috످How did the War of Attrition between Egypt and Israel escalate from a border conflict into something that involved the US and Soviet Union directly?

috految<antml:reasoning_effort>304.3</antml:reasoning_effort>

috److془The user asks about War of Attrition. I know this well. Let me write an accurate answer.

Key facts: 1967 Six-Day War; Sinai; Soviets rearmed; Eilat October 1967; artillery Sept-Oct 1968; Bar-Lev Line; March 1969; July 1969 Operation Boxer; Phantoms Sept 1969; Rogers Plan December 1969; Jan 1970 deep penetration; Abu Zaabal Feb 1970 ~70; Bahr el-Baqar April 1970 at least 30 children; Nasser Moscow Jan 22; Kosygin letter Jan 31; Operation Kavkaz; April 18 halted; June 30 - Aug 3 five Phantoms; July 30 Rimon 20; Aug 7 ceasefire; Nasser died Sept 28; Sadat expelled 1972; 1973 DEFCON 3. US aid from $30 million in FY1970 to $545 million in FY1971.

Nuance: US did not fight directly.془The War of Attrition (1967–1970) drew in the superpowers largely because Israel's military success backfired. Israel tried to force Egypt to stop fighting by bombing deep inside the country, but this pushed Egypt to call in Soviet forces, which in turn deepened American support for Israel. While the Soviets fought directly, the US role was limited to arms, intelligence, and diplomacy.

The war began with border clashes from 1967 to 1969. In the 1967 Six-Day War, Israel captured the Sinai Peninsula, making the Suez Canal the new front line. The Soviets quickly rearmed Egypt, while the US, seeking to counter Soviet influence, became Israel's main arms supplier.

Egyptian President Gamal Abdel Nasser couldn't retake Sinai outright, but he bet that Israel, with its small population, couldn't tolerate steady casualties. After sporadic clashes, he launched a sustained campaign of shelling and raids in March 1969.

Israel escalated from July 1969 to early 1970. Outgunned in artillery, it turned to its air force and destroyed most of Egypt's air defenses along the canal. In January 1970, it began striking near Cairo with US-supplied F-4 Phantoms, hoping to force a ceasefire or even topple Nasser. Instead, the raids rallied Egyptians behind him, especially after strikes killed about 70 factory workers at Abu Zaabal and at least 30 schoolchildren at Bahr el-Baqar (Israel said it believed it was hitting military targets).

The Soviets intervened in early 1970. The turning point came in January 1970, when Nasser secretly flew to Moscow and reportedly threatened to resign in favor of a pro-American leader unless the Soviets defended Egypt.

Moscow couldn't afford to lose its most important Arab ally or its access to Egyptian ports. In Operation Kavkaz, it deployed more than 10,000 personnel, including missile crews and fighter pilots. (Some historians argue this was planned before Israel's deep strikes began.) By April, Israel had halted its deep raids to avoid fighting the Soviets.

The US responded in spring and summer 1970. Nixon's administration was divided. Secretary of State William Rogers wanted to push Israel toward compromise, while National Security Advisor Henry Kissinger saw a Cold War test of American resolve. Nixon pursued both approaches, backing a peace initiative while warning Moscow and sending Israel equipment to counter Soviet missiles.

Israel and the Soviets clashed in summer 1970. As Soviet and Egyptian crews moved their missiles toward the canal, they began shooting down Israeli Phantoms. On July 30, in Operation Rimon 20, Israel lured Soviet pilots into an ambush and downed five MiG-21s. Both sides kept the battle quiet, since acknowledging it could force Moscow to retaliate and Washington to defend Israel.

With both superpowers wary of a wider war, a US-brokered ceasefire took effect on August 7, 1970. Egypt and the Soviets immediately violated its terms by moving more missiles toward the canal, and the US compensated Israel with more arms.

Those missiles later shielded Egypt's surprise attack in the 1973 Yom Kippur War, when the same pattern repeated with higher stakes: Egypt faced defeat, Moscow threatened to intervene, and the US put its nuclear forces on alert.

috످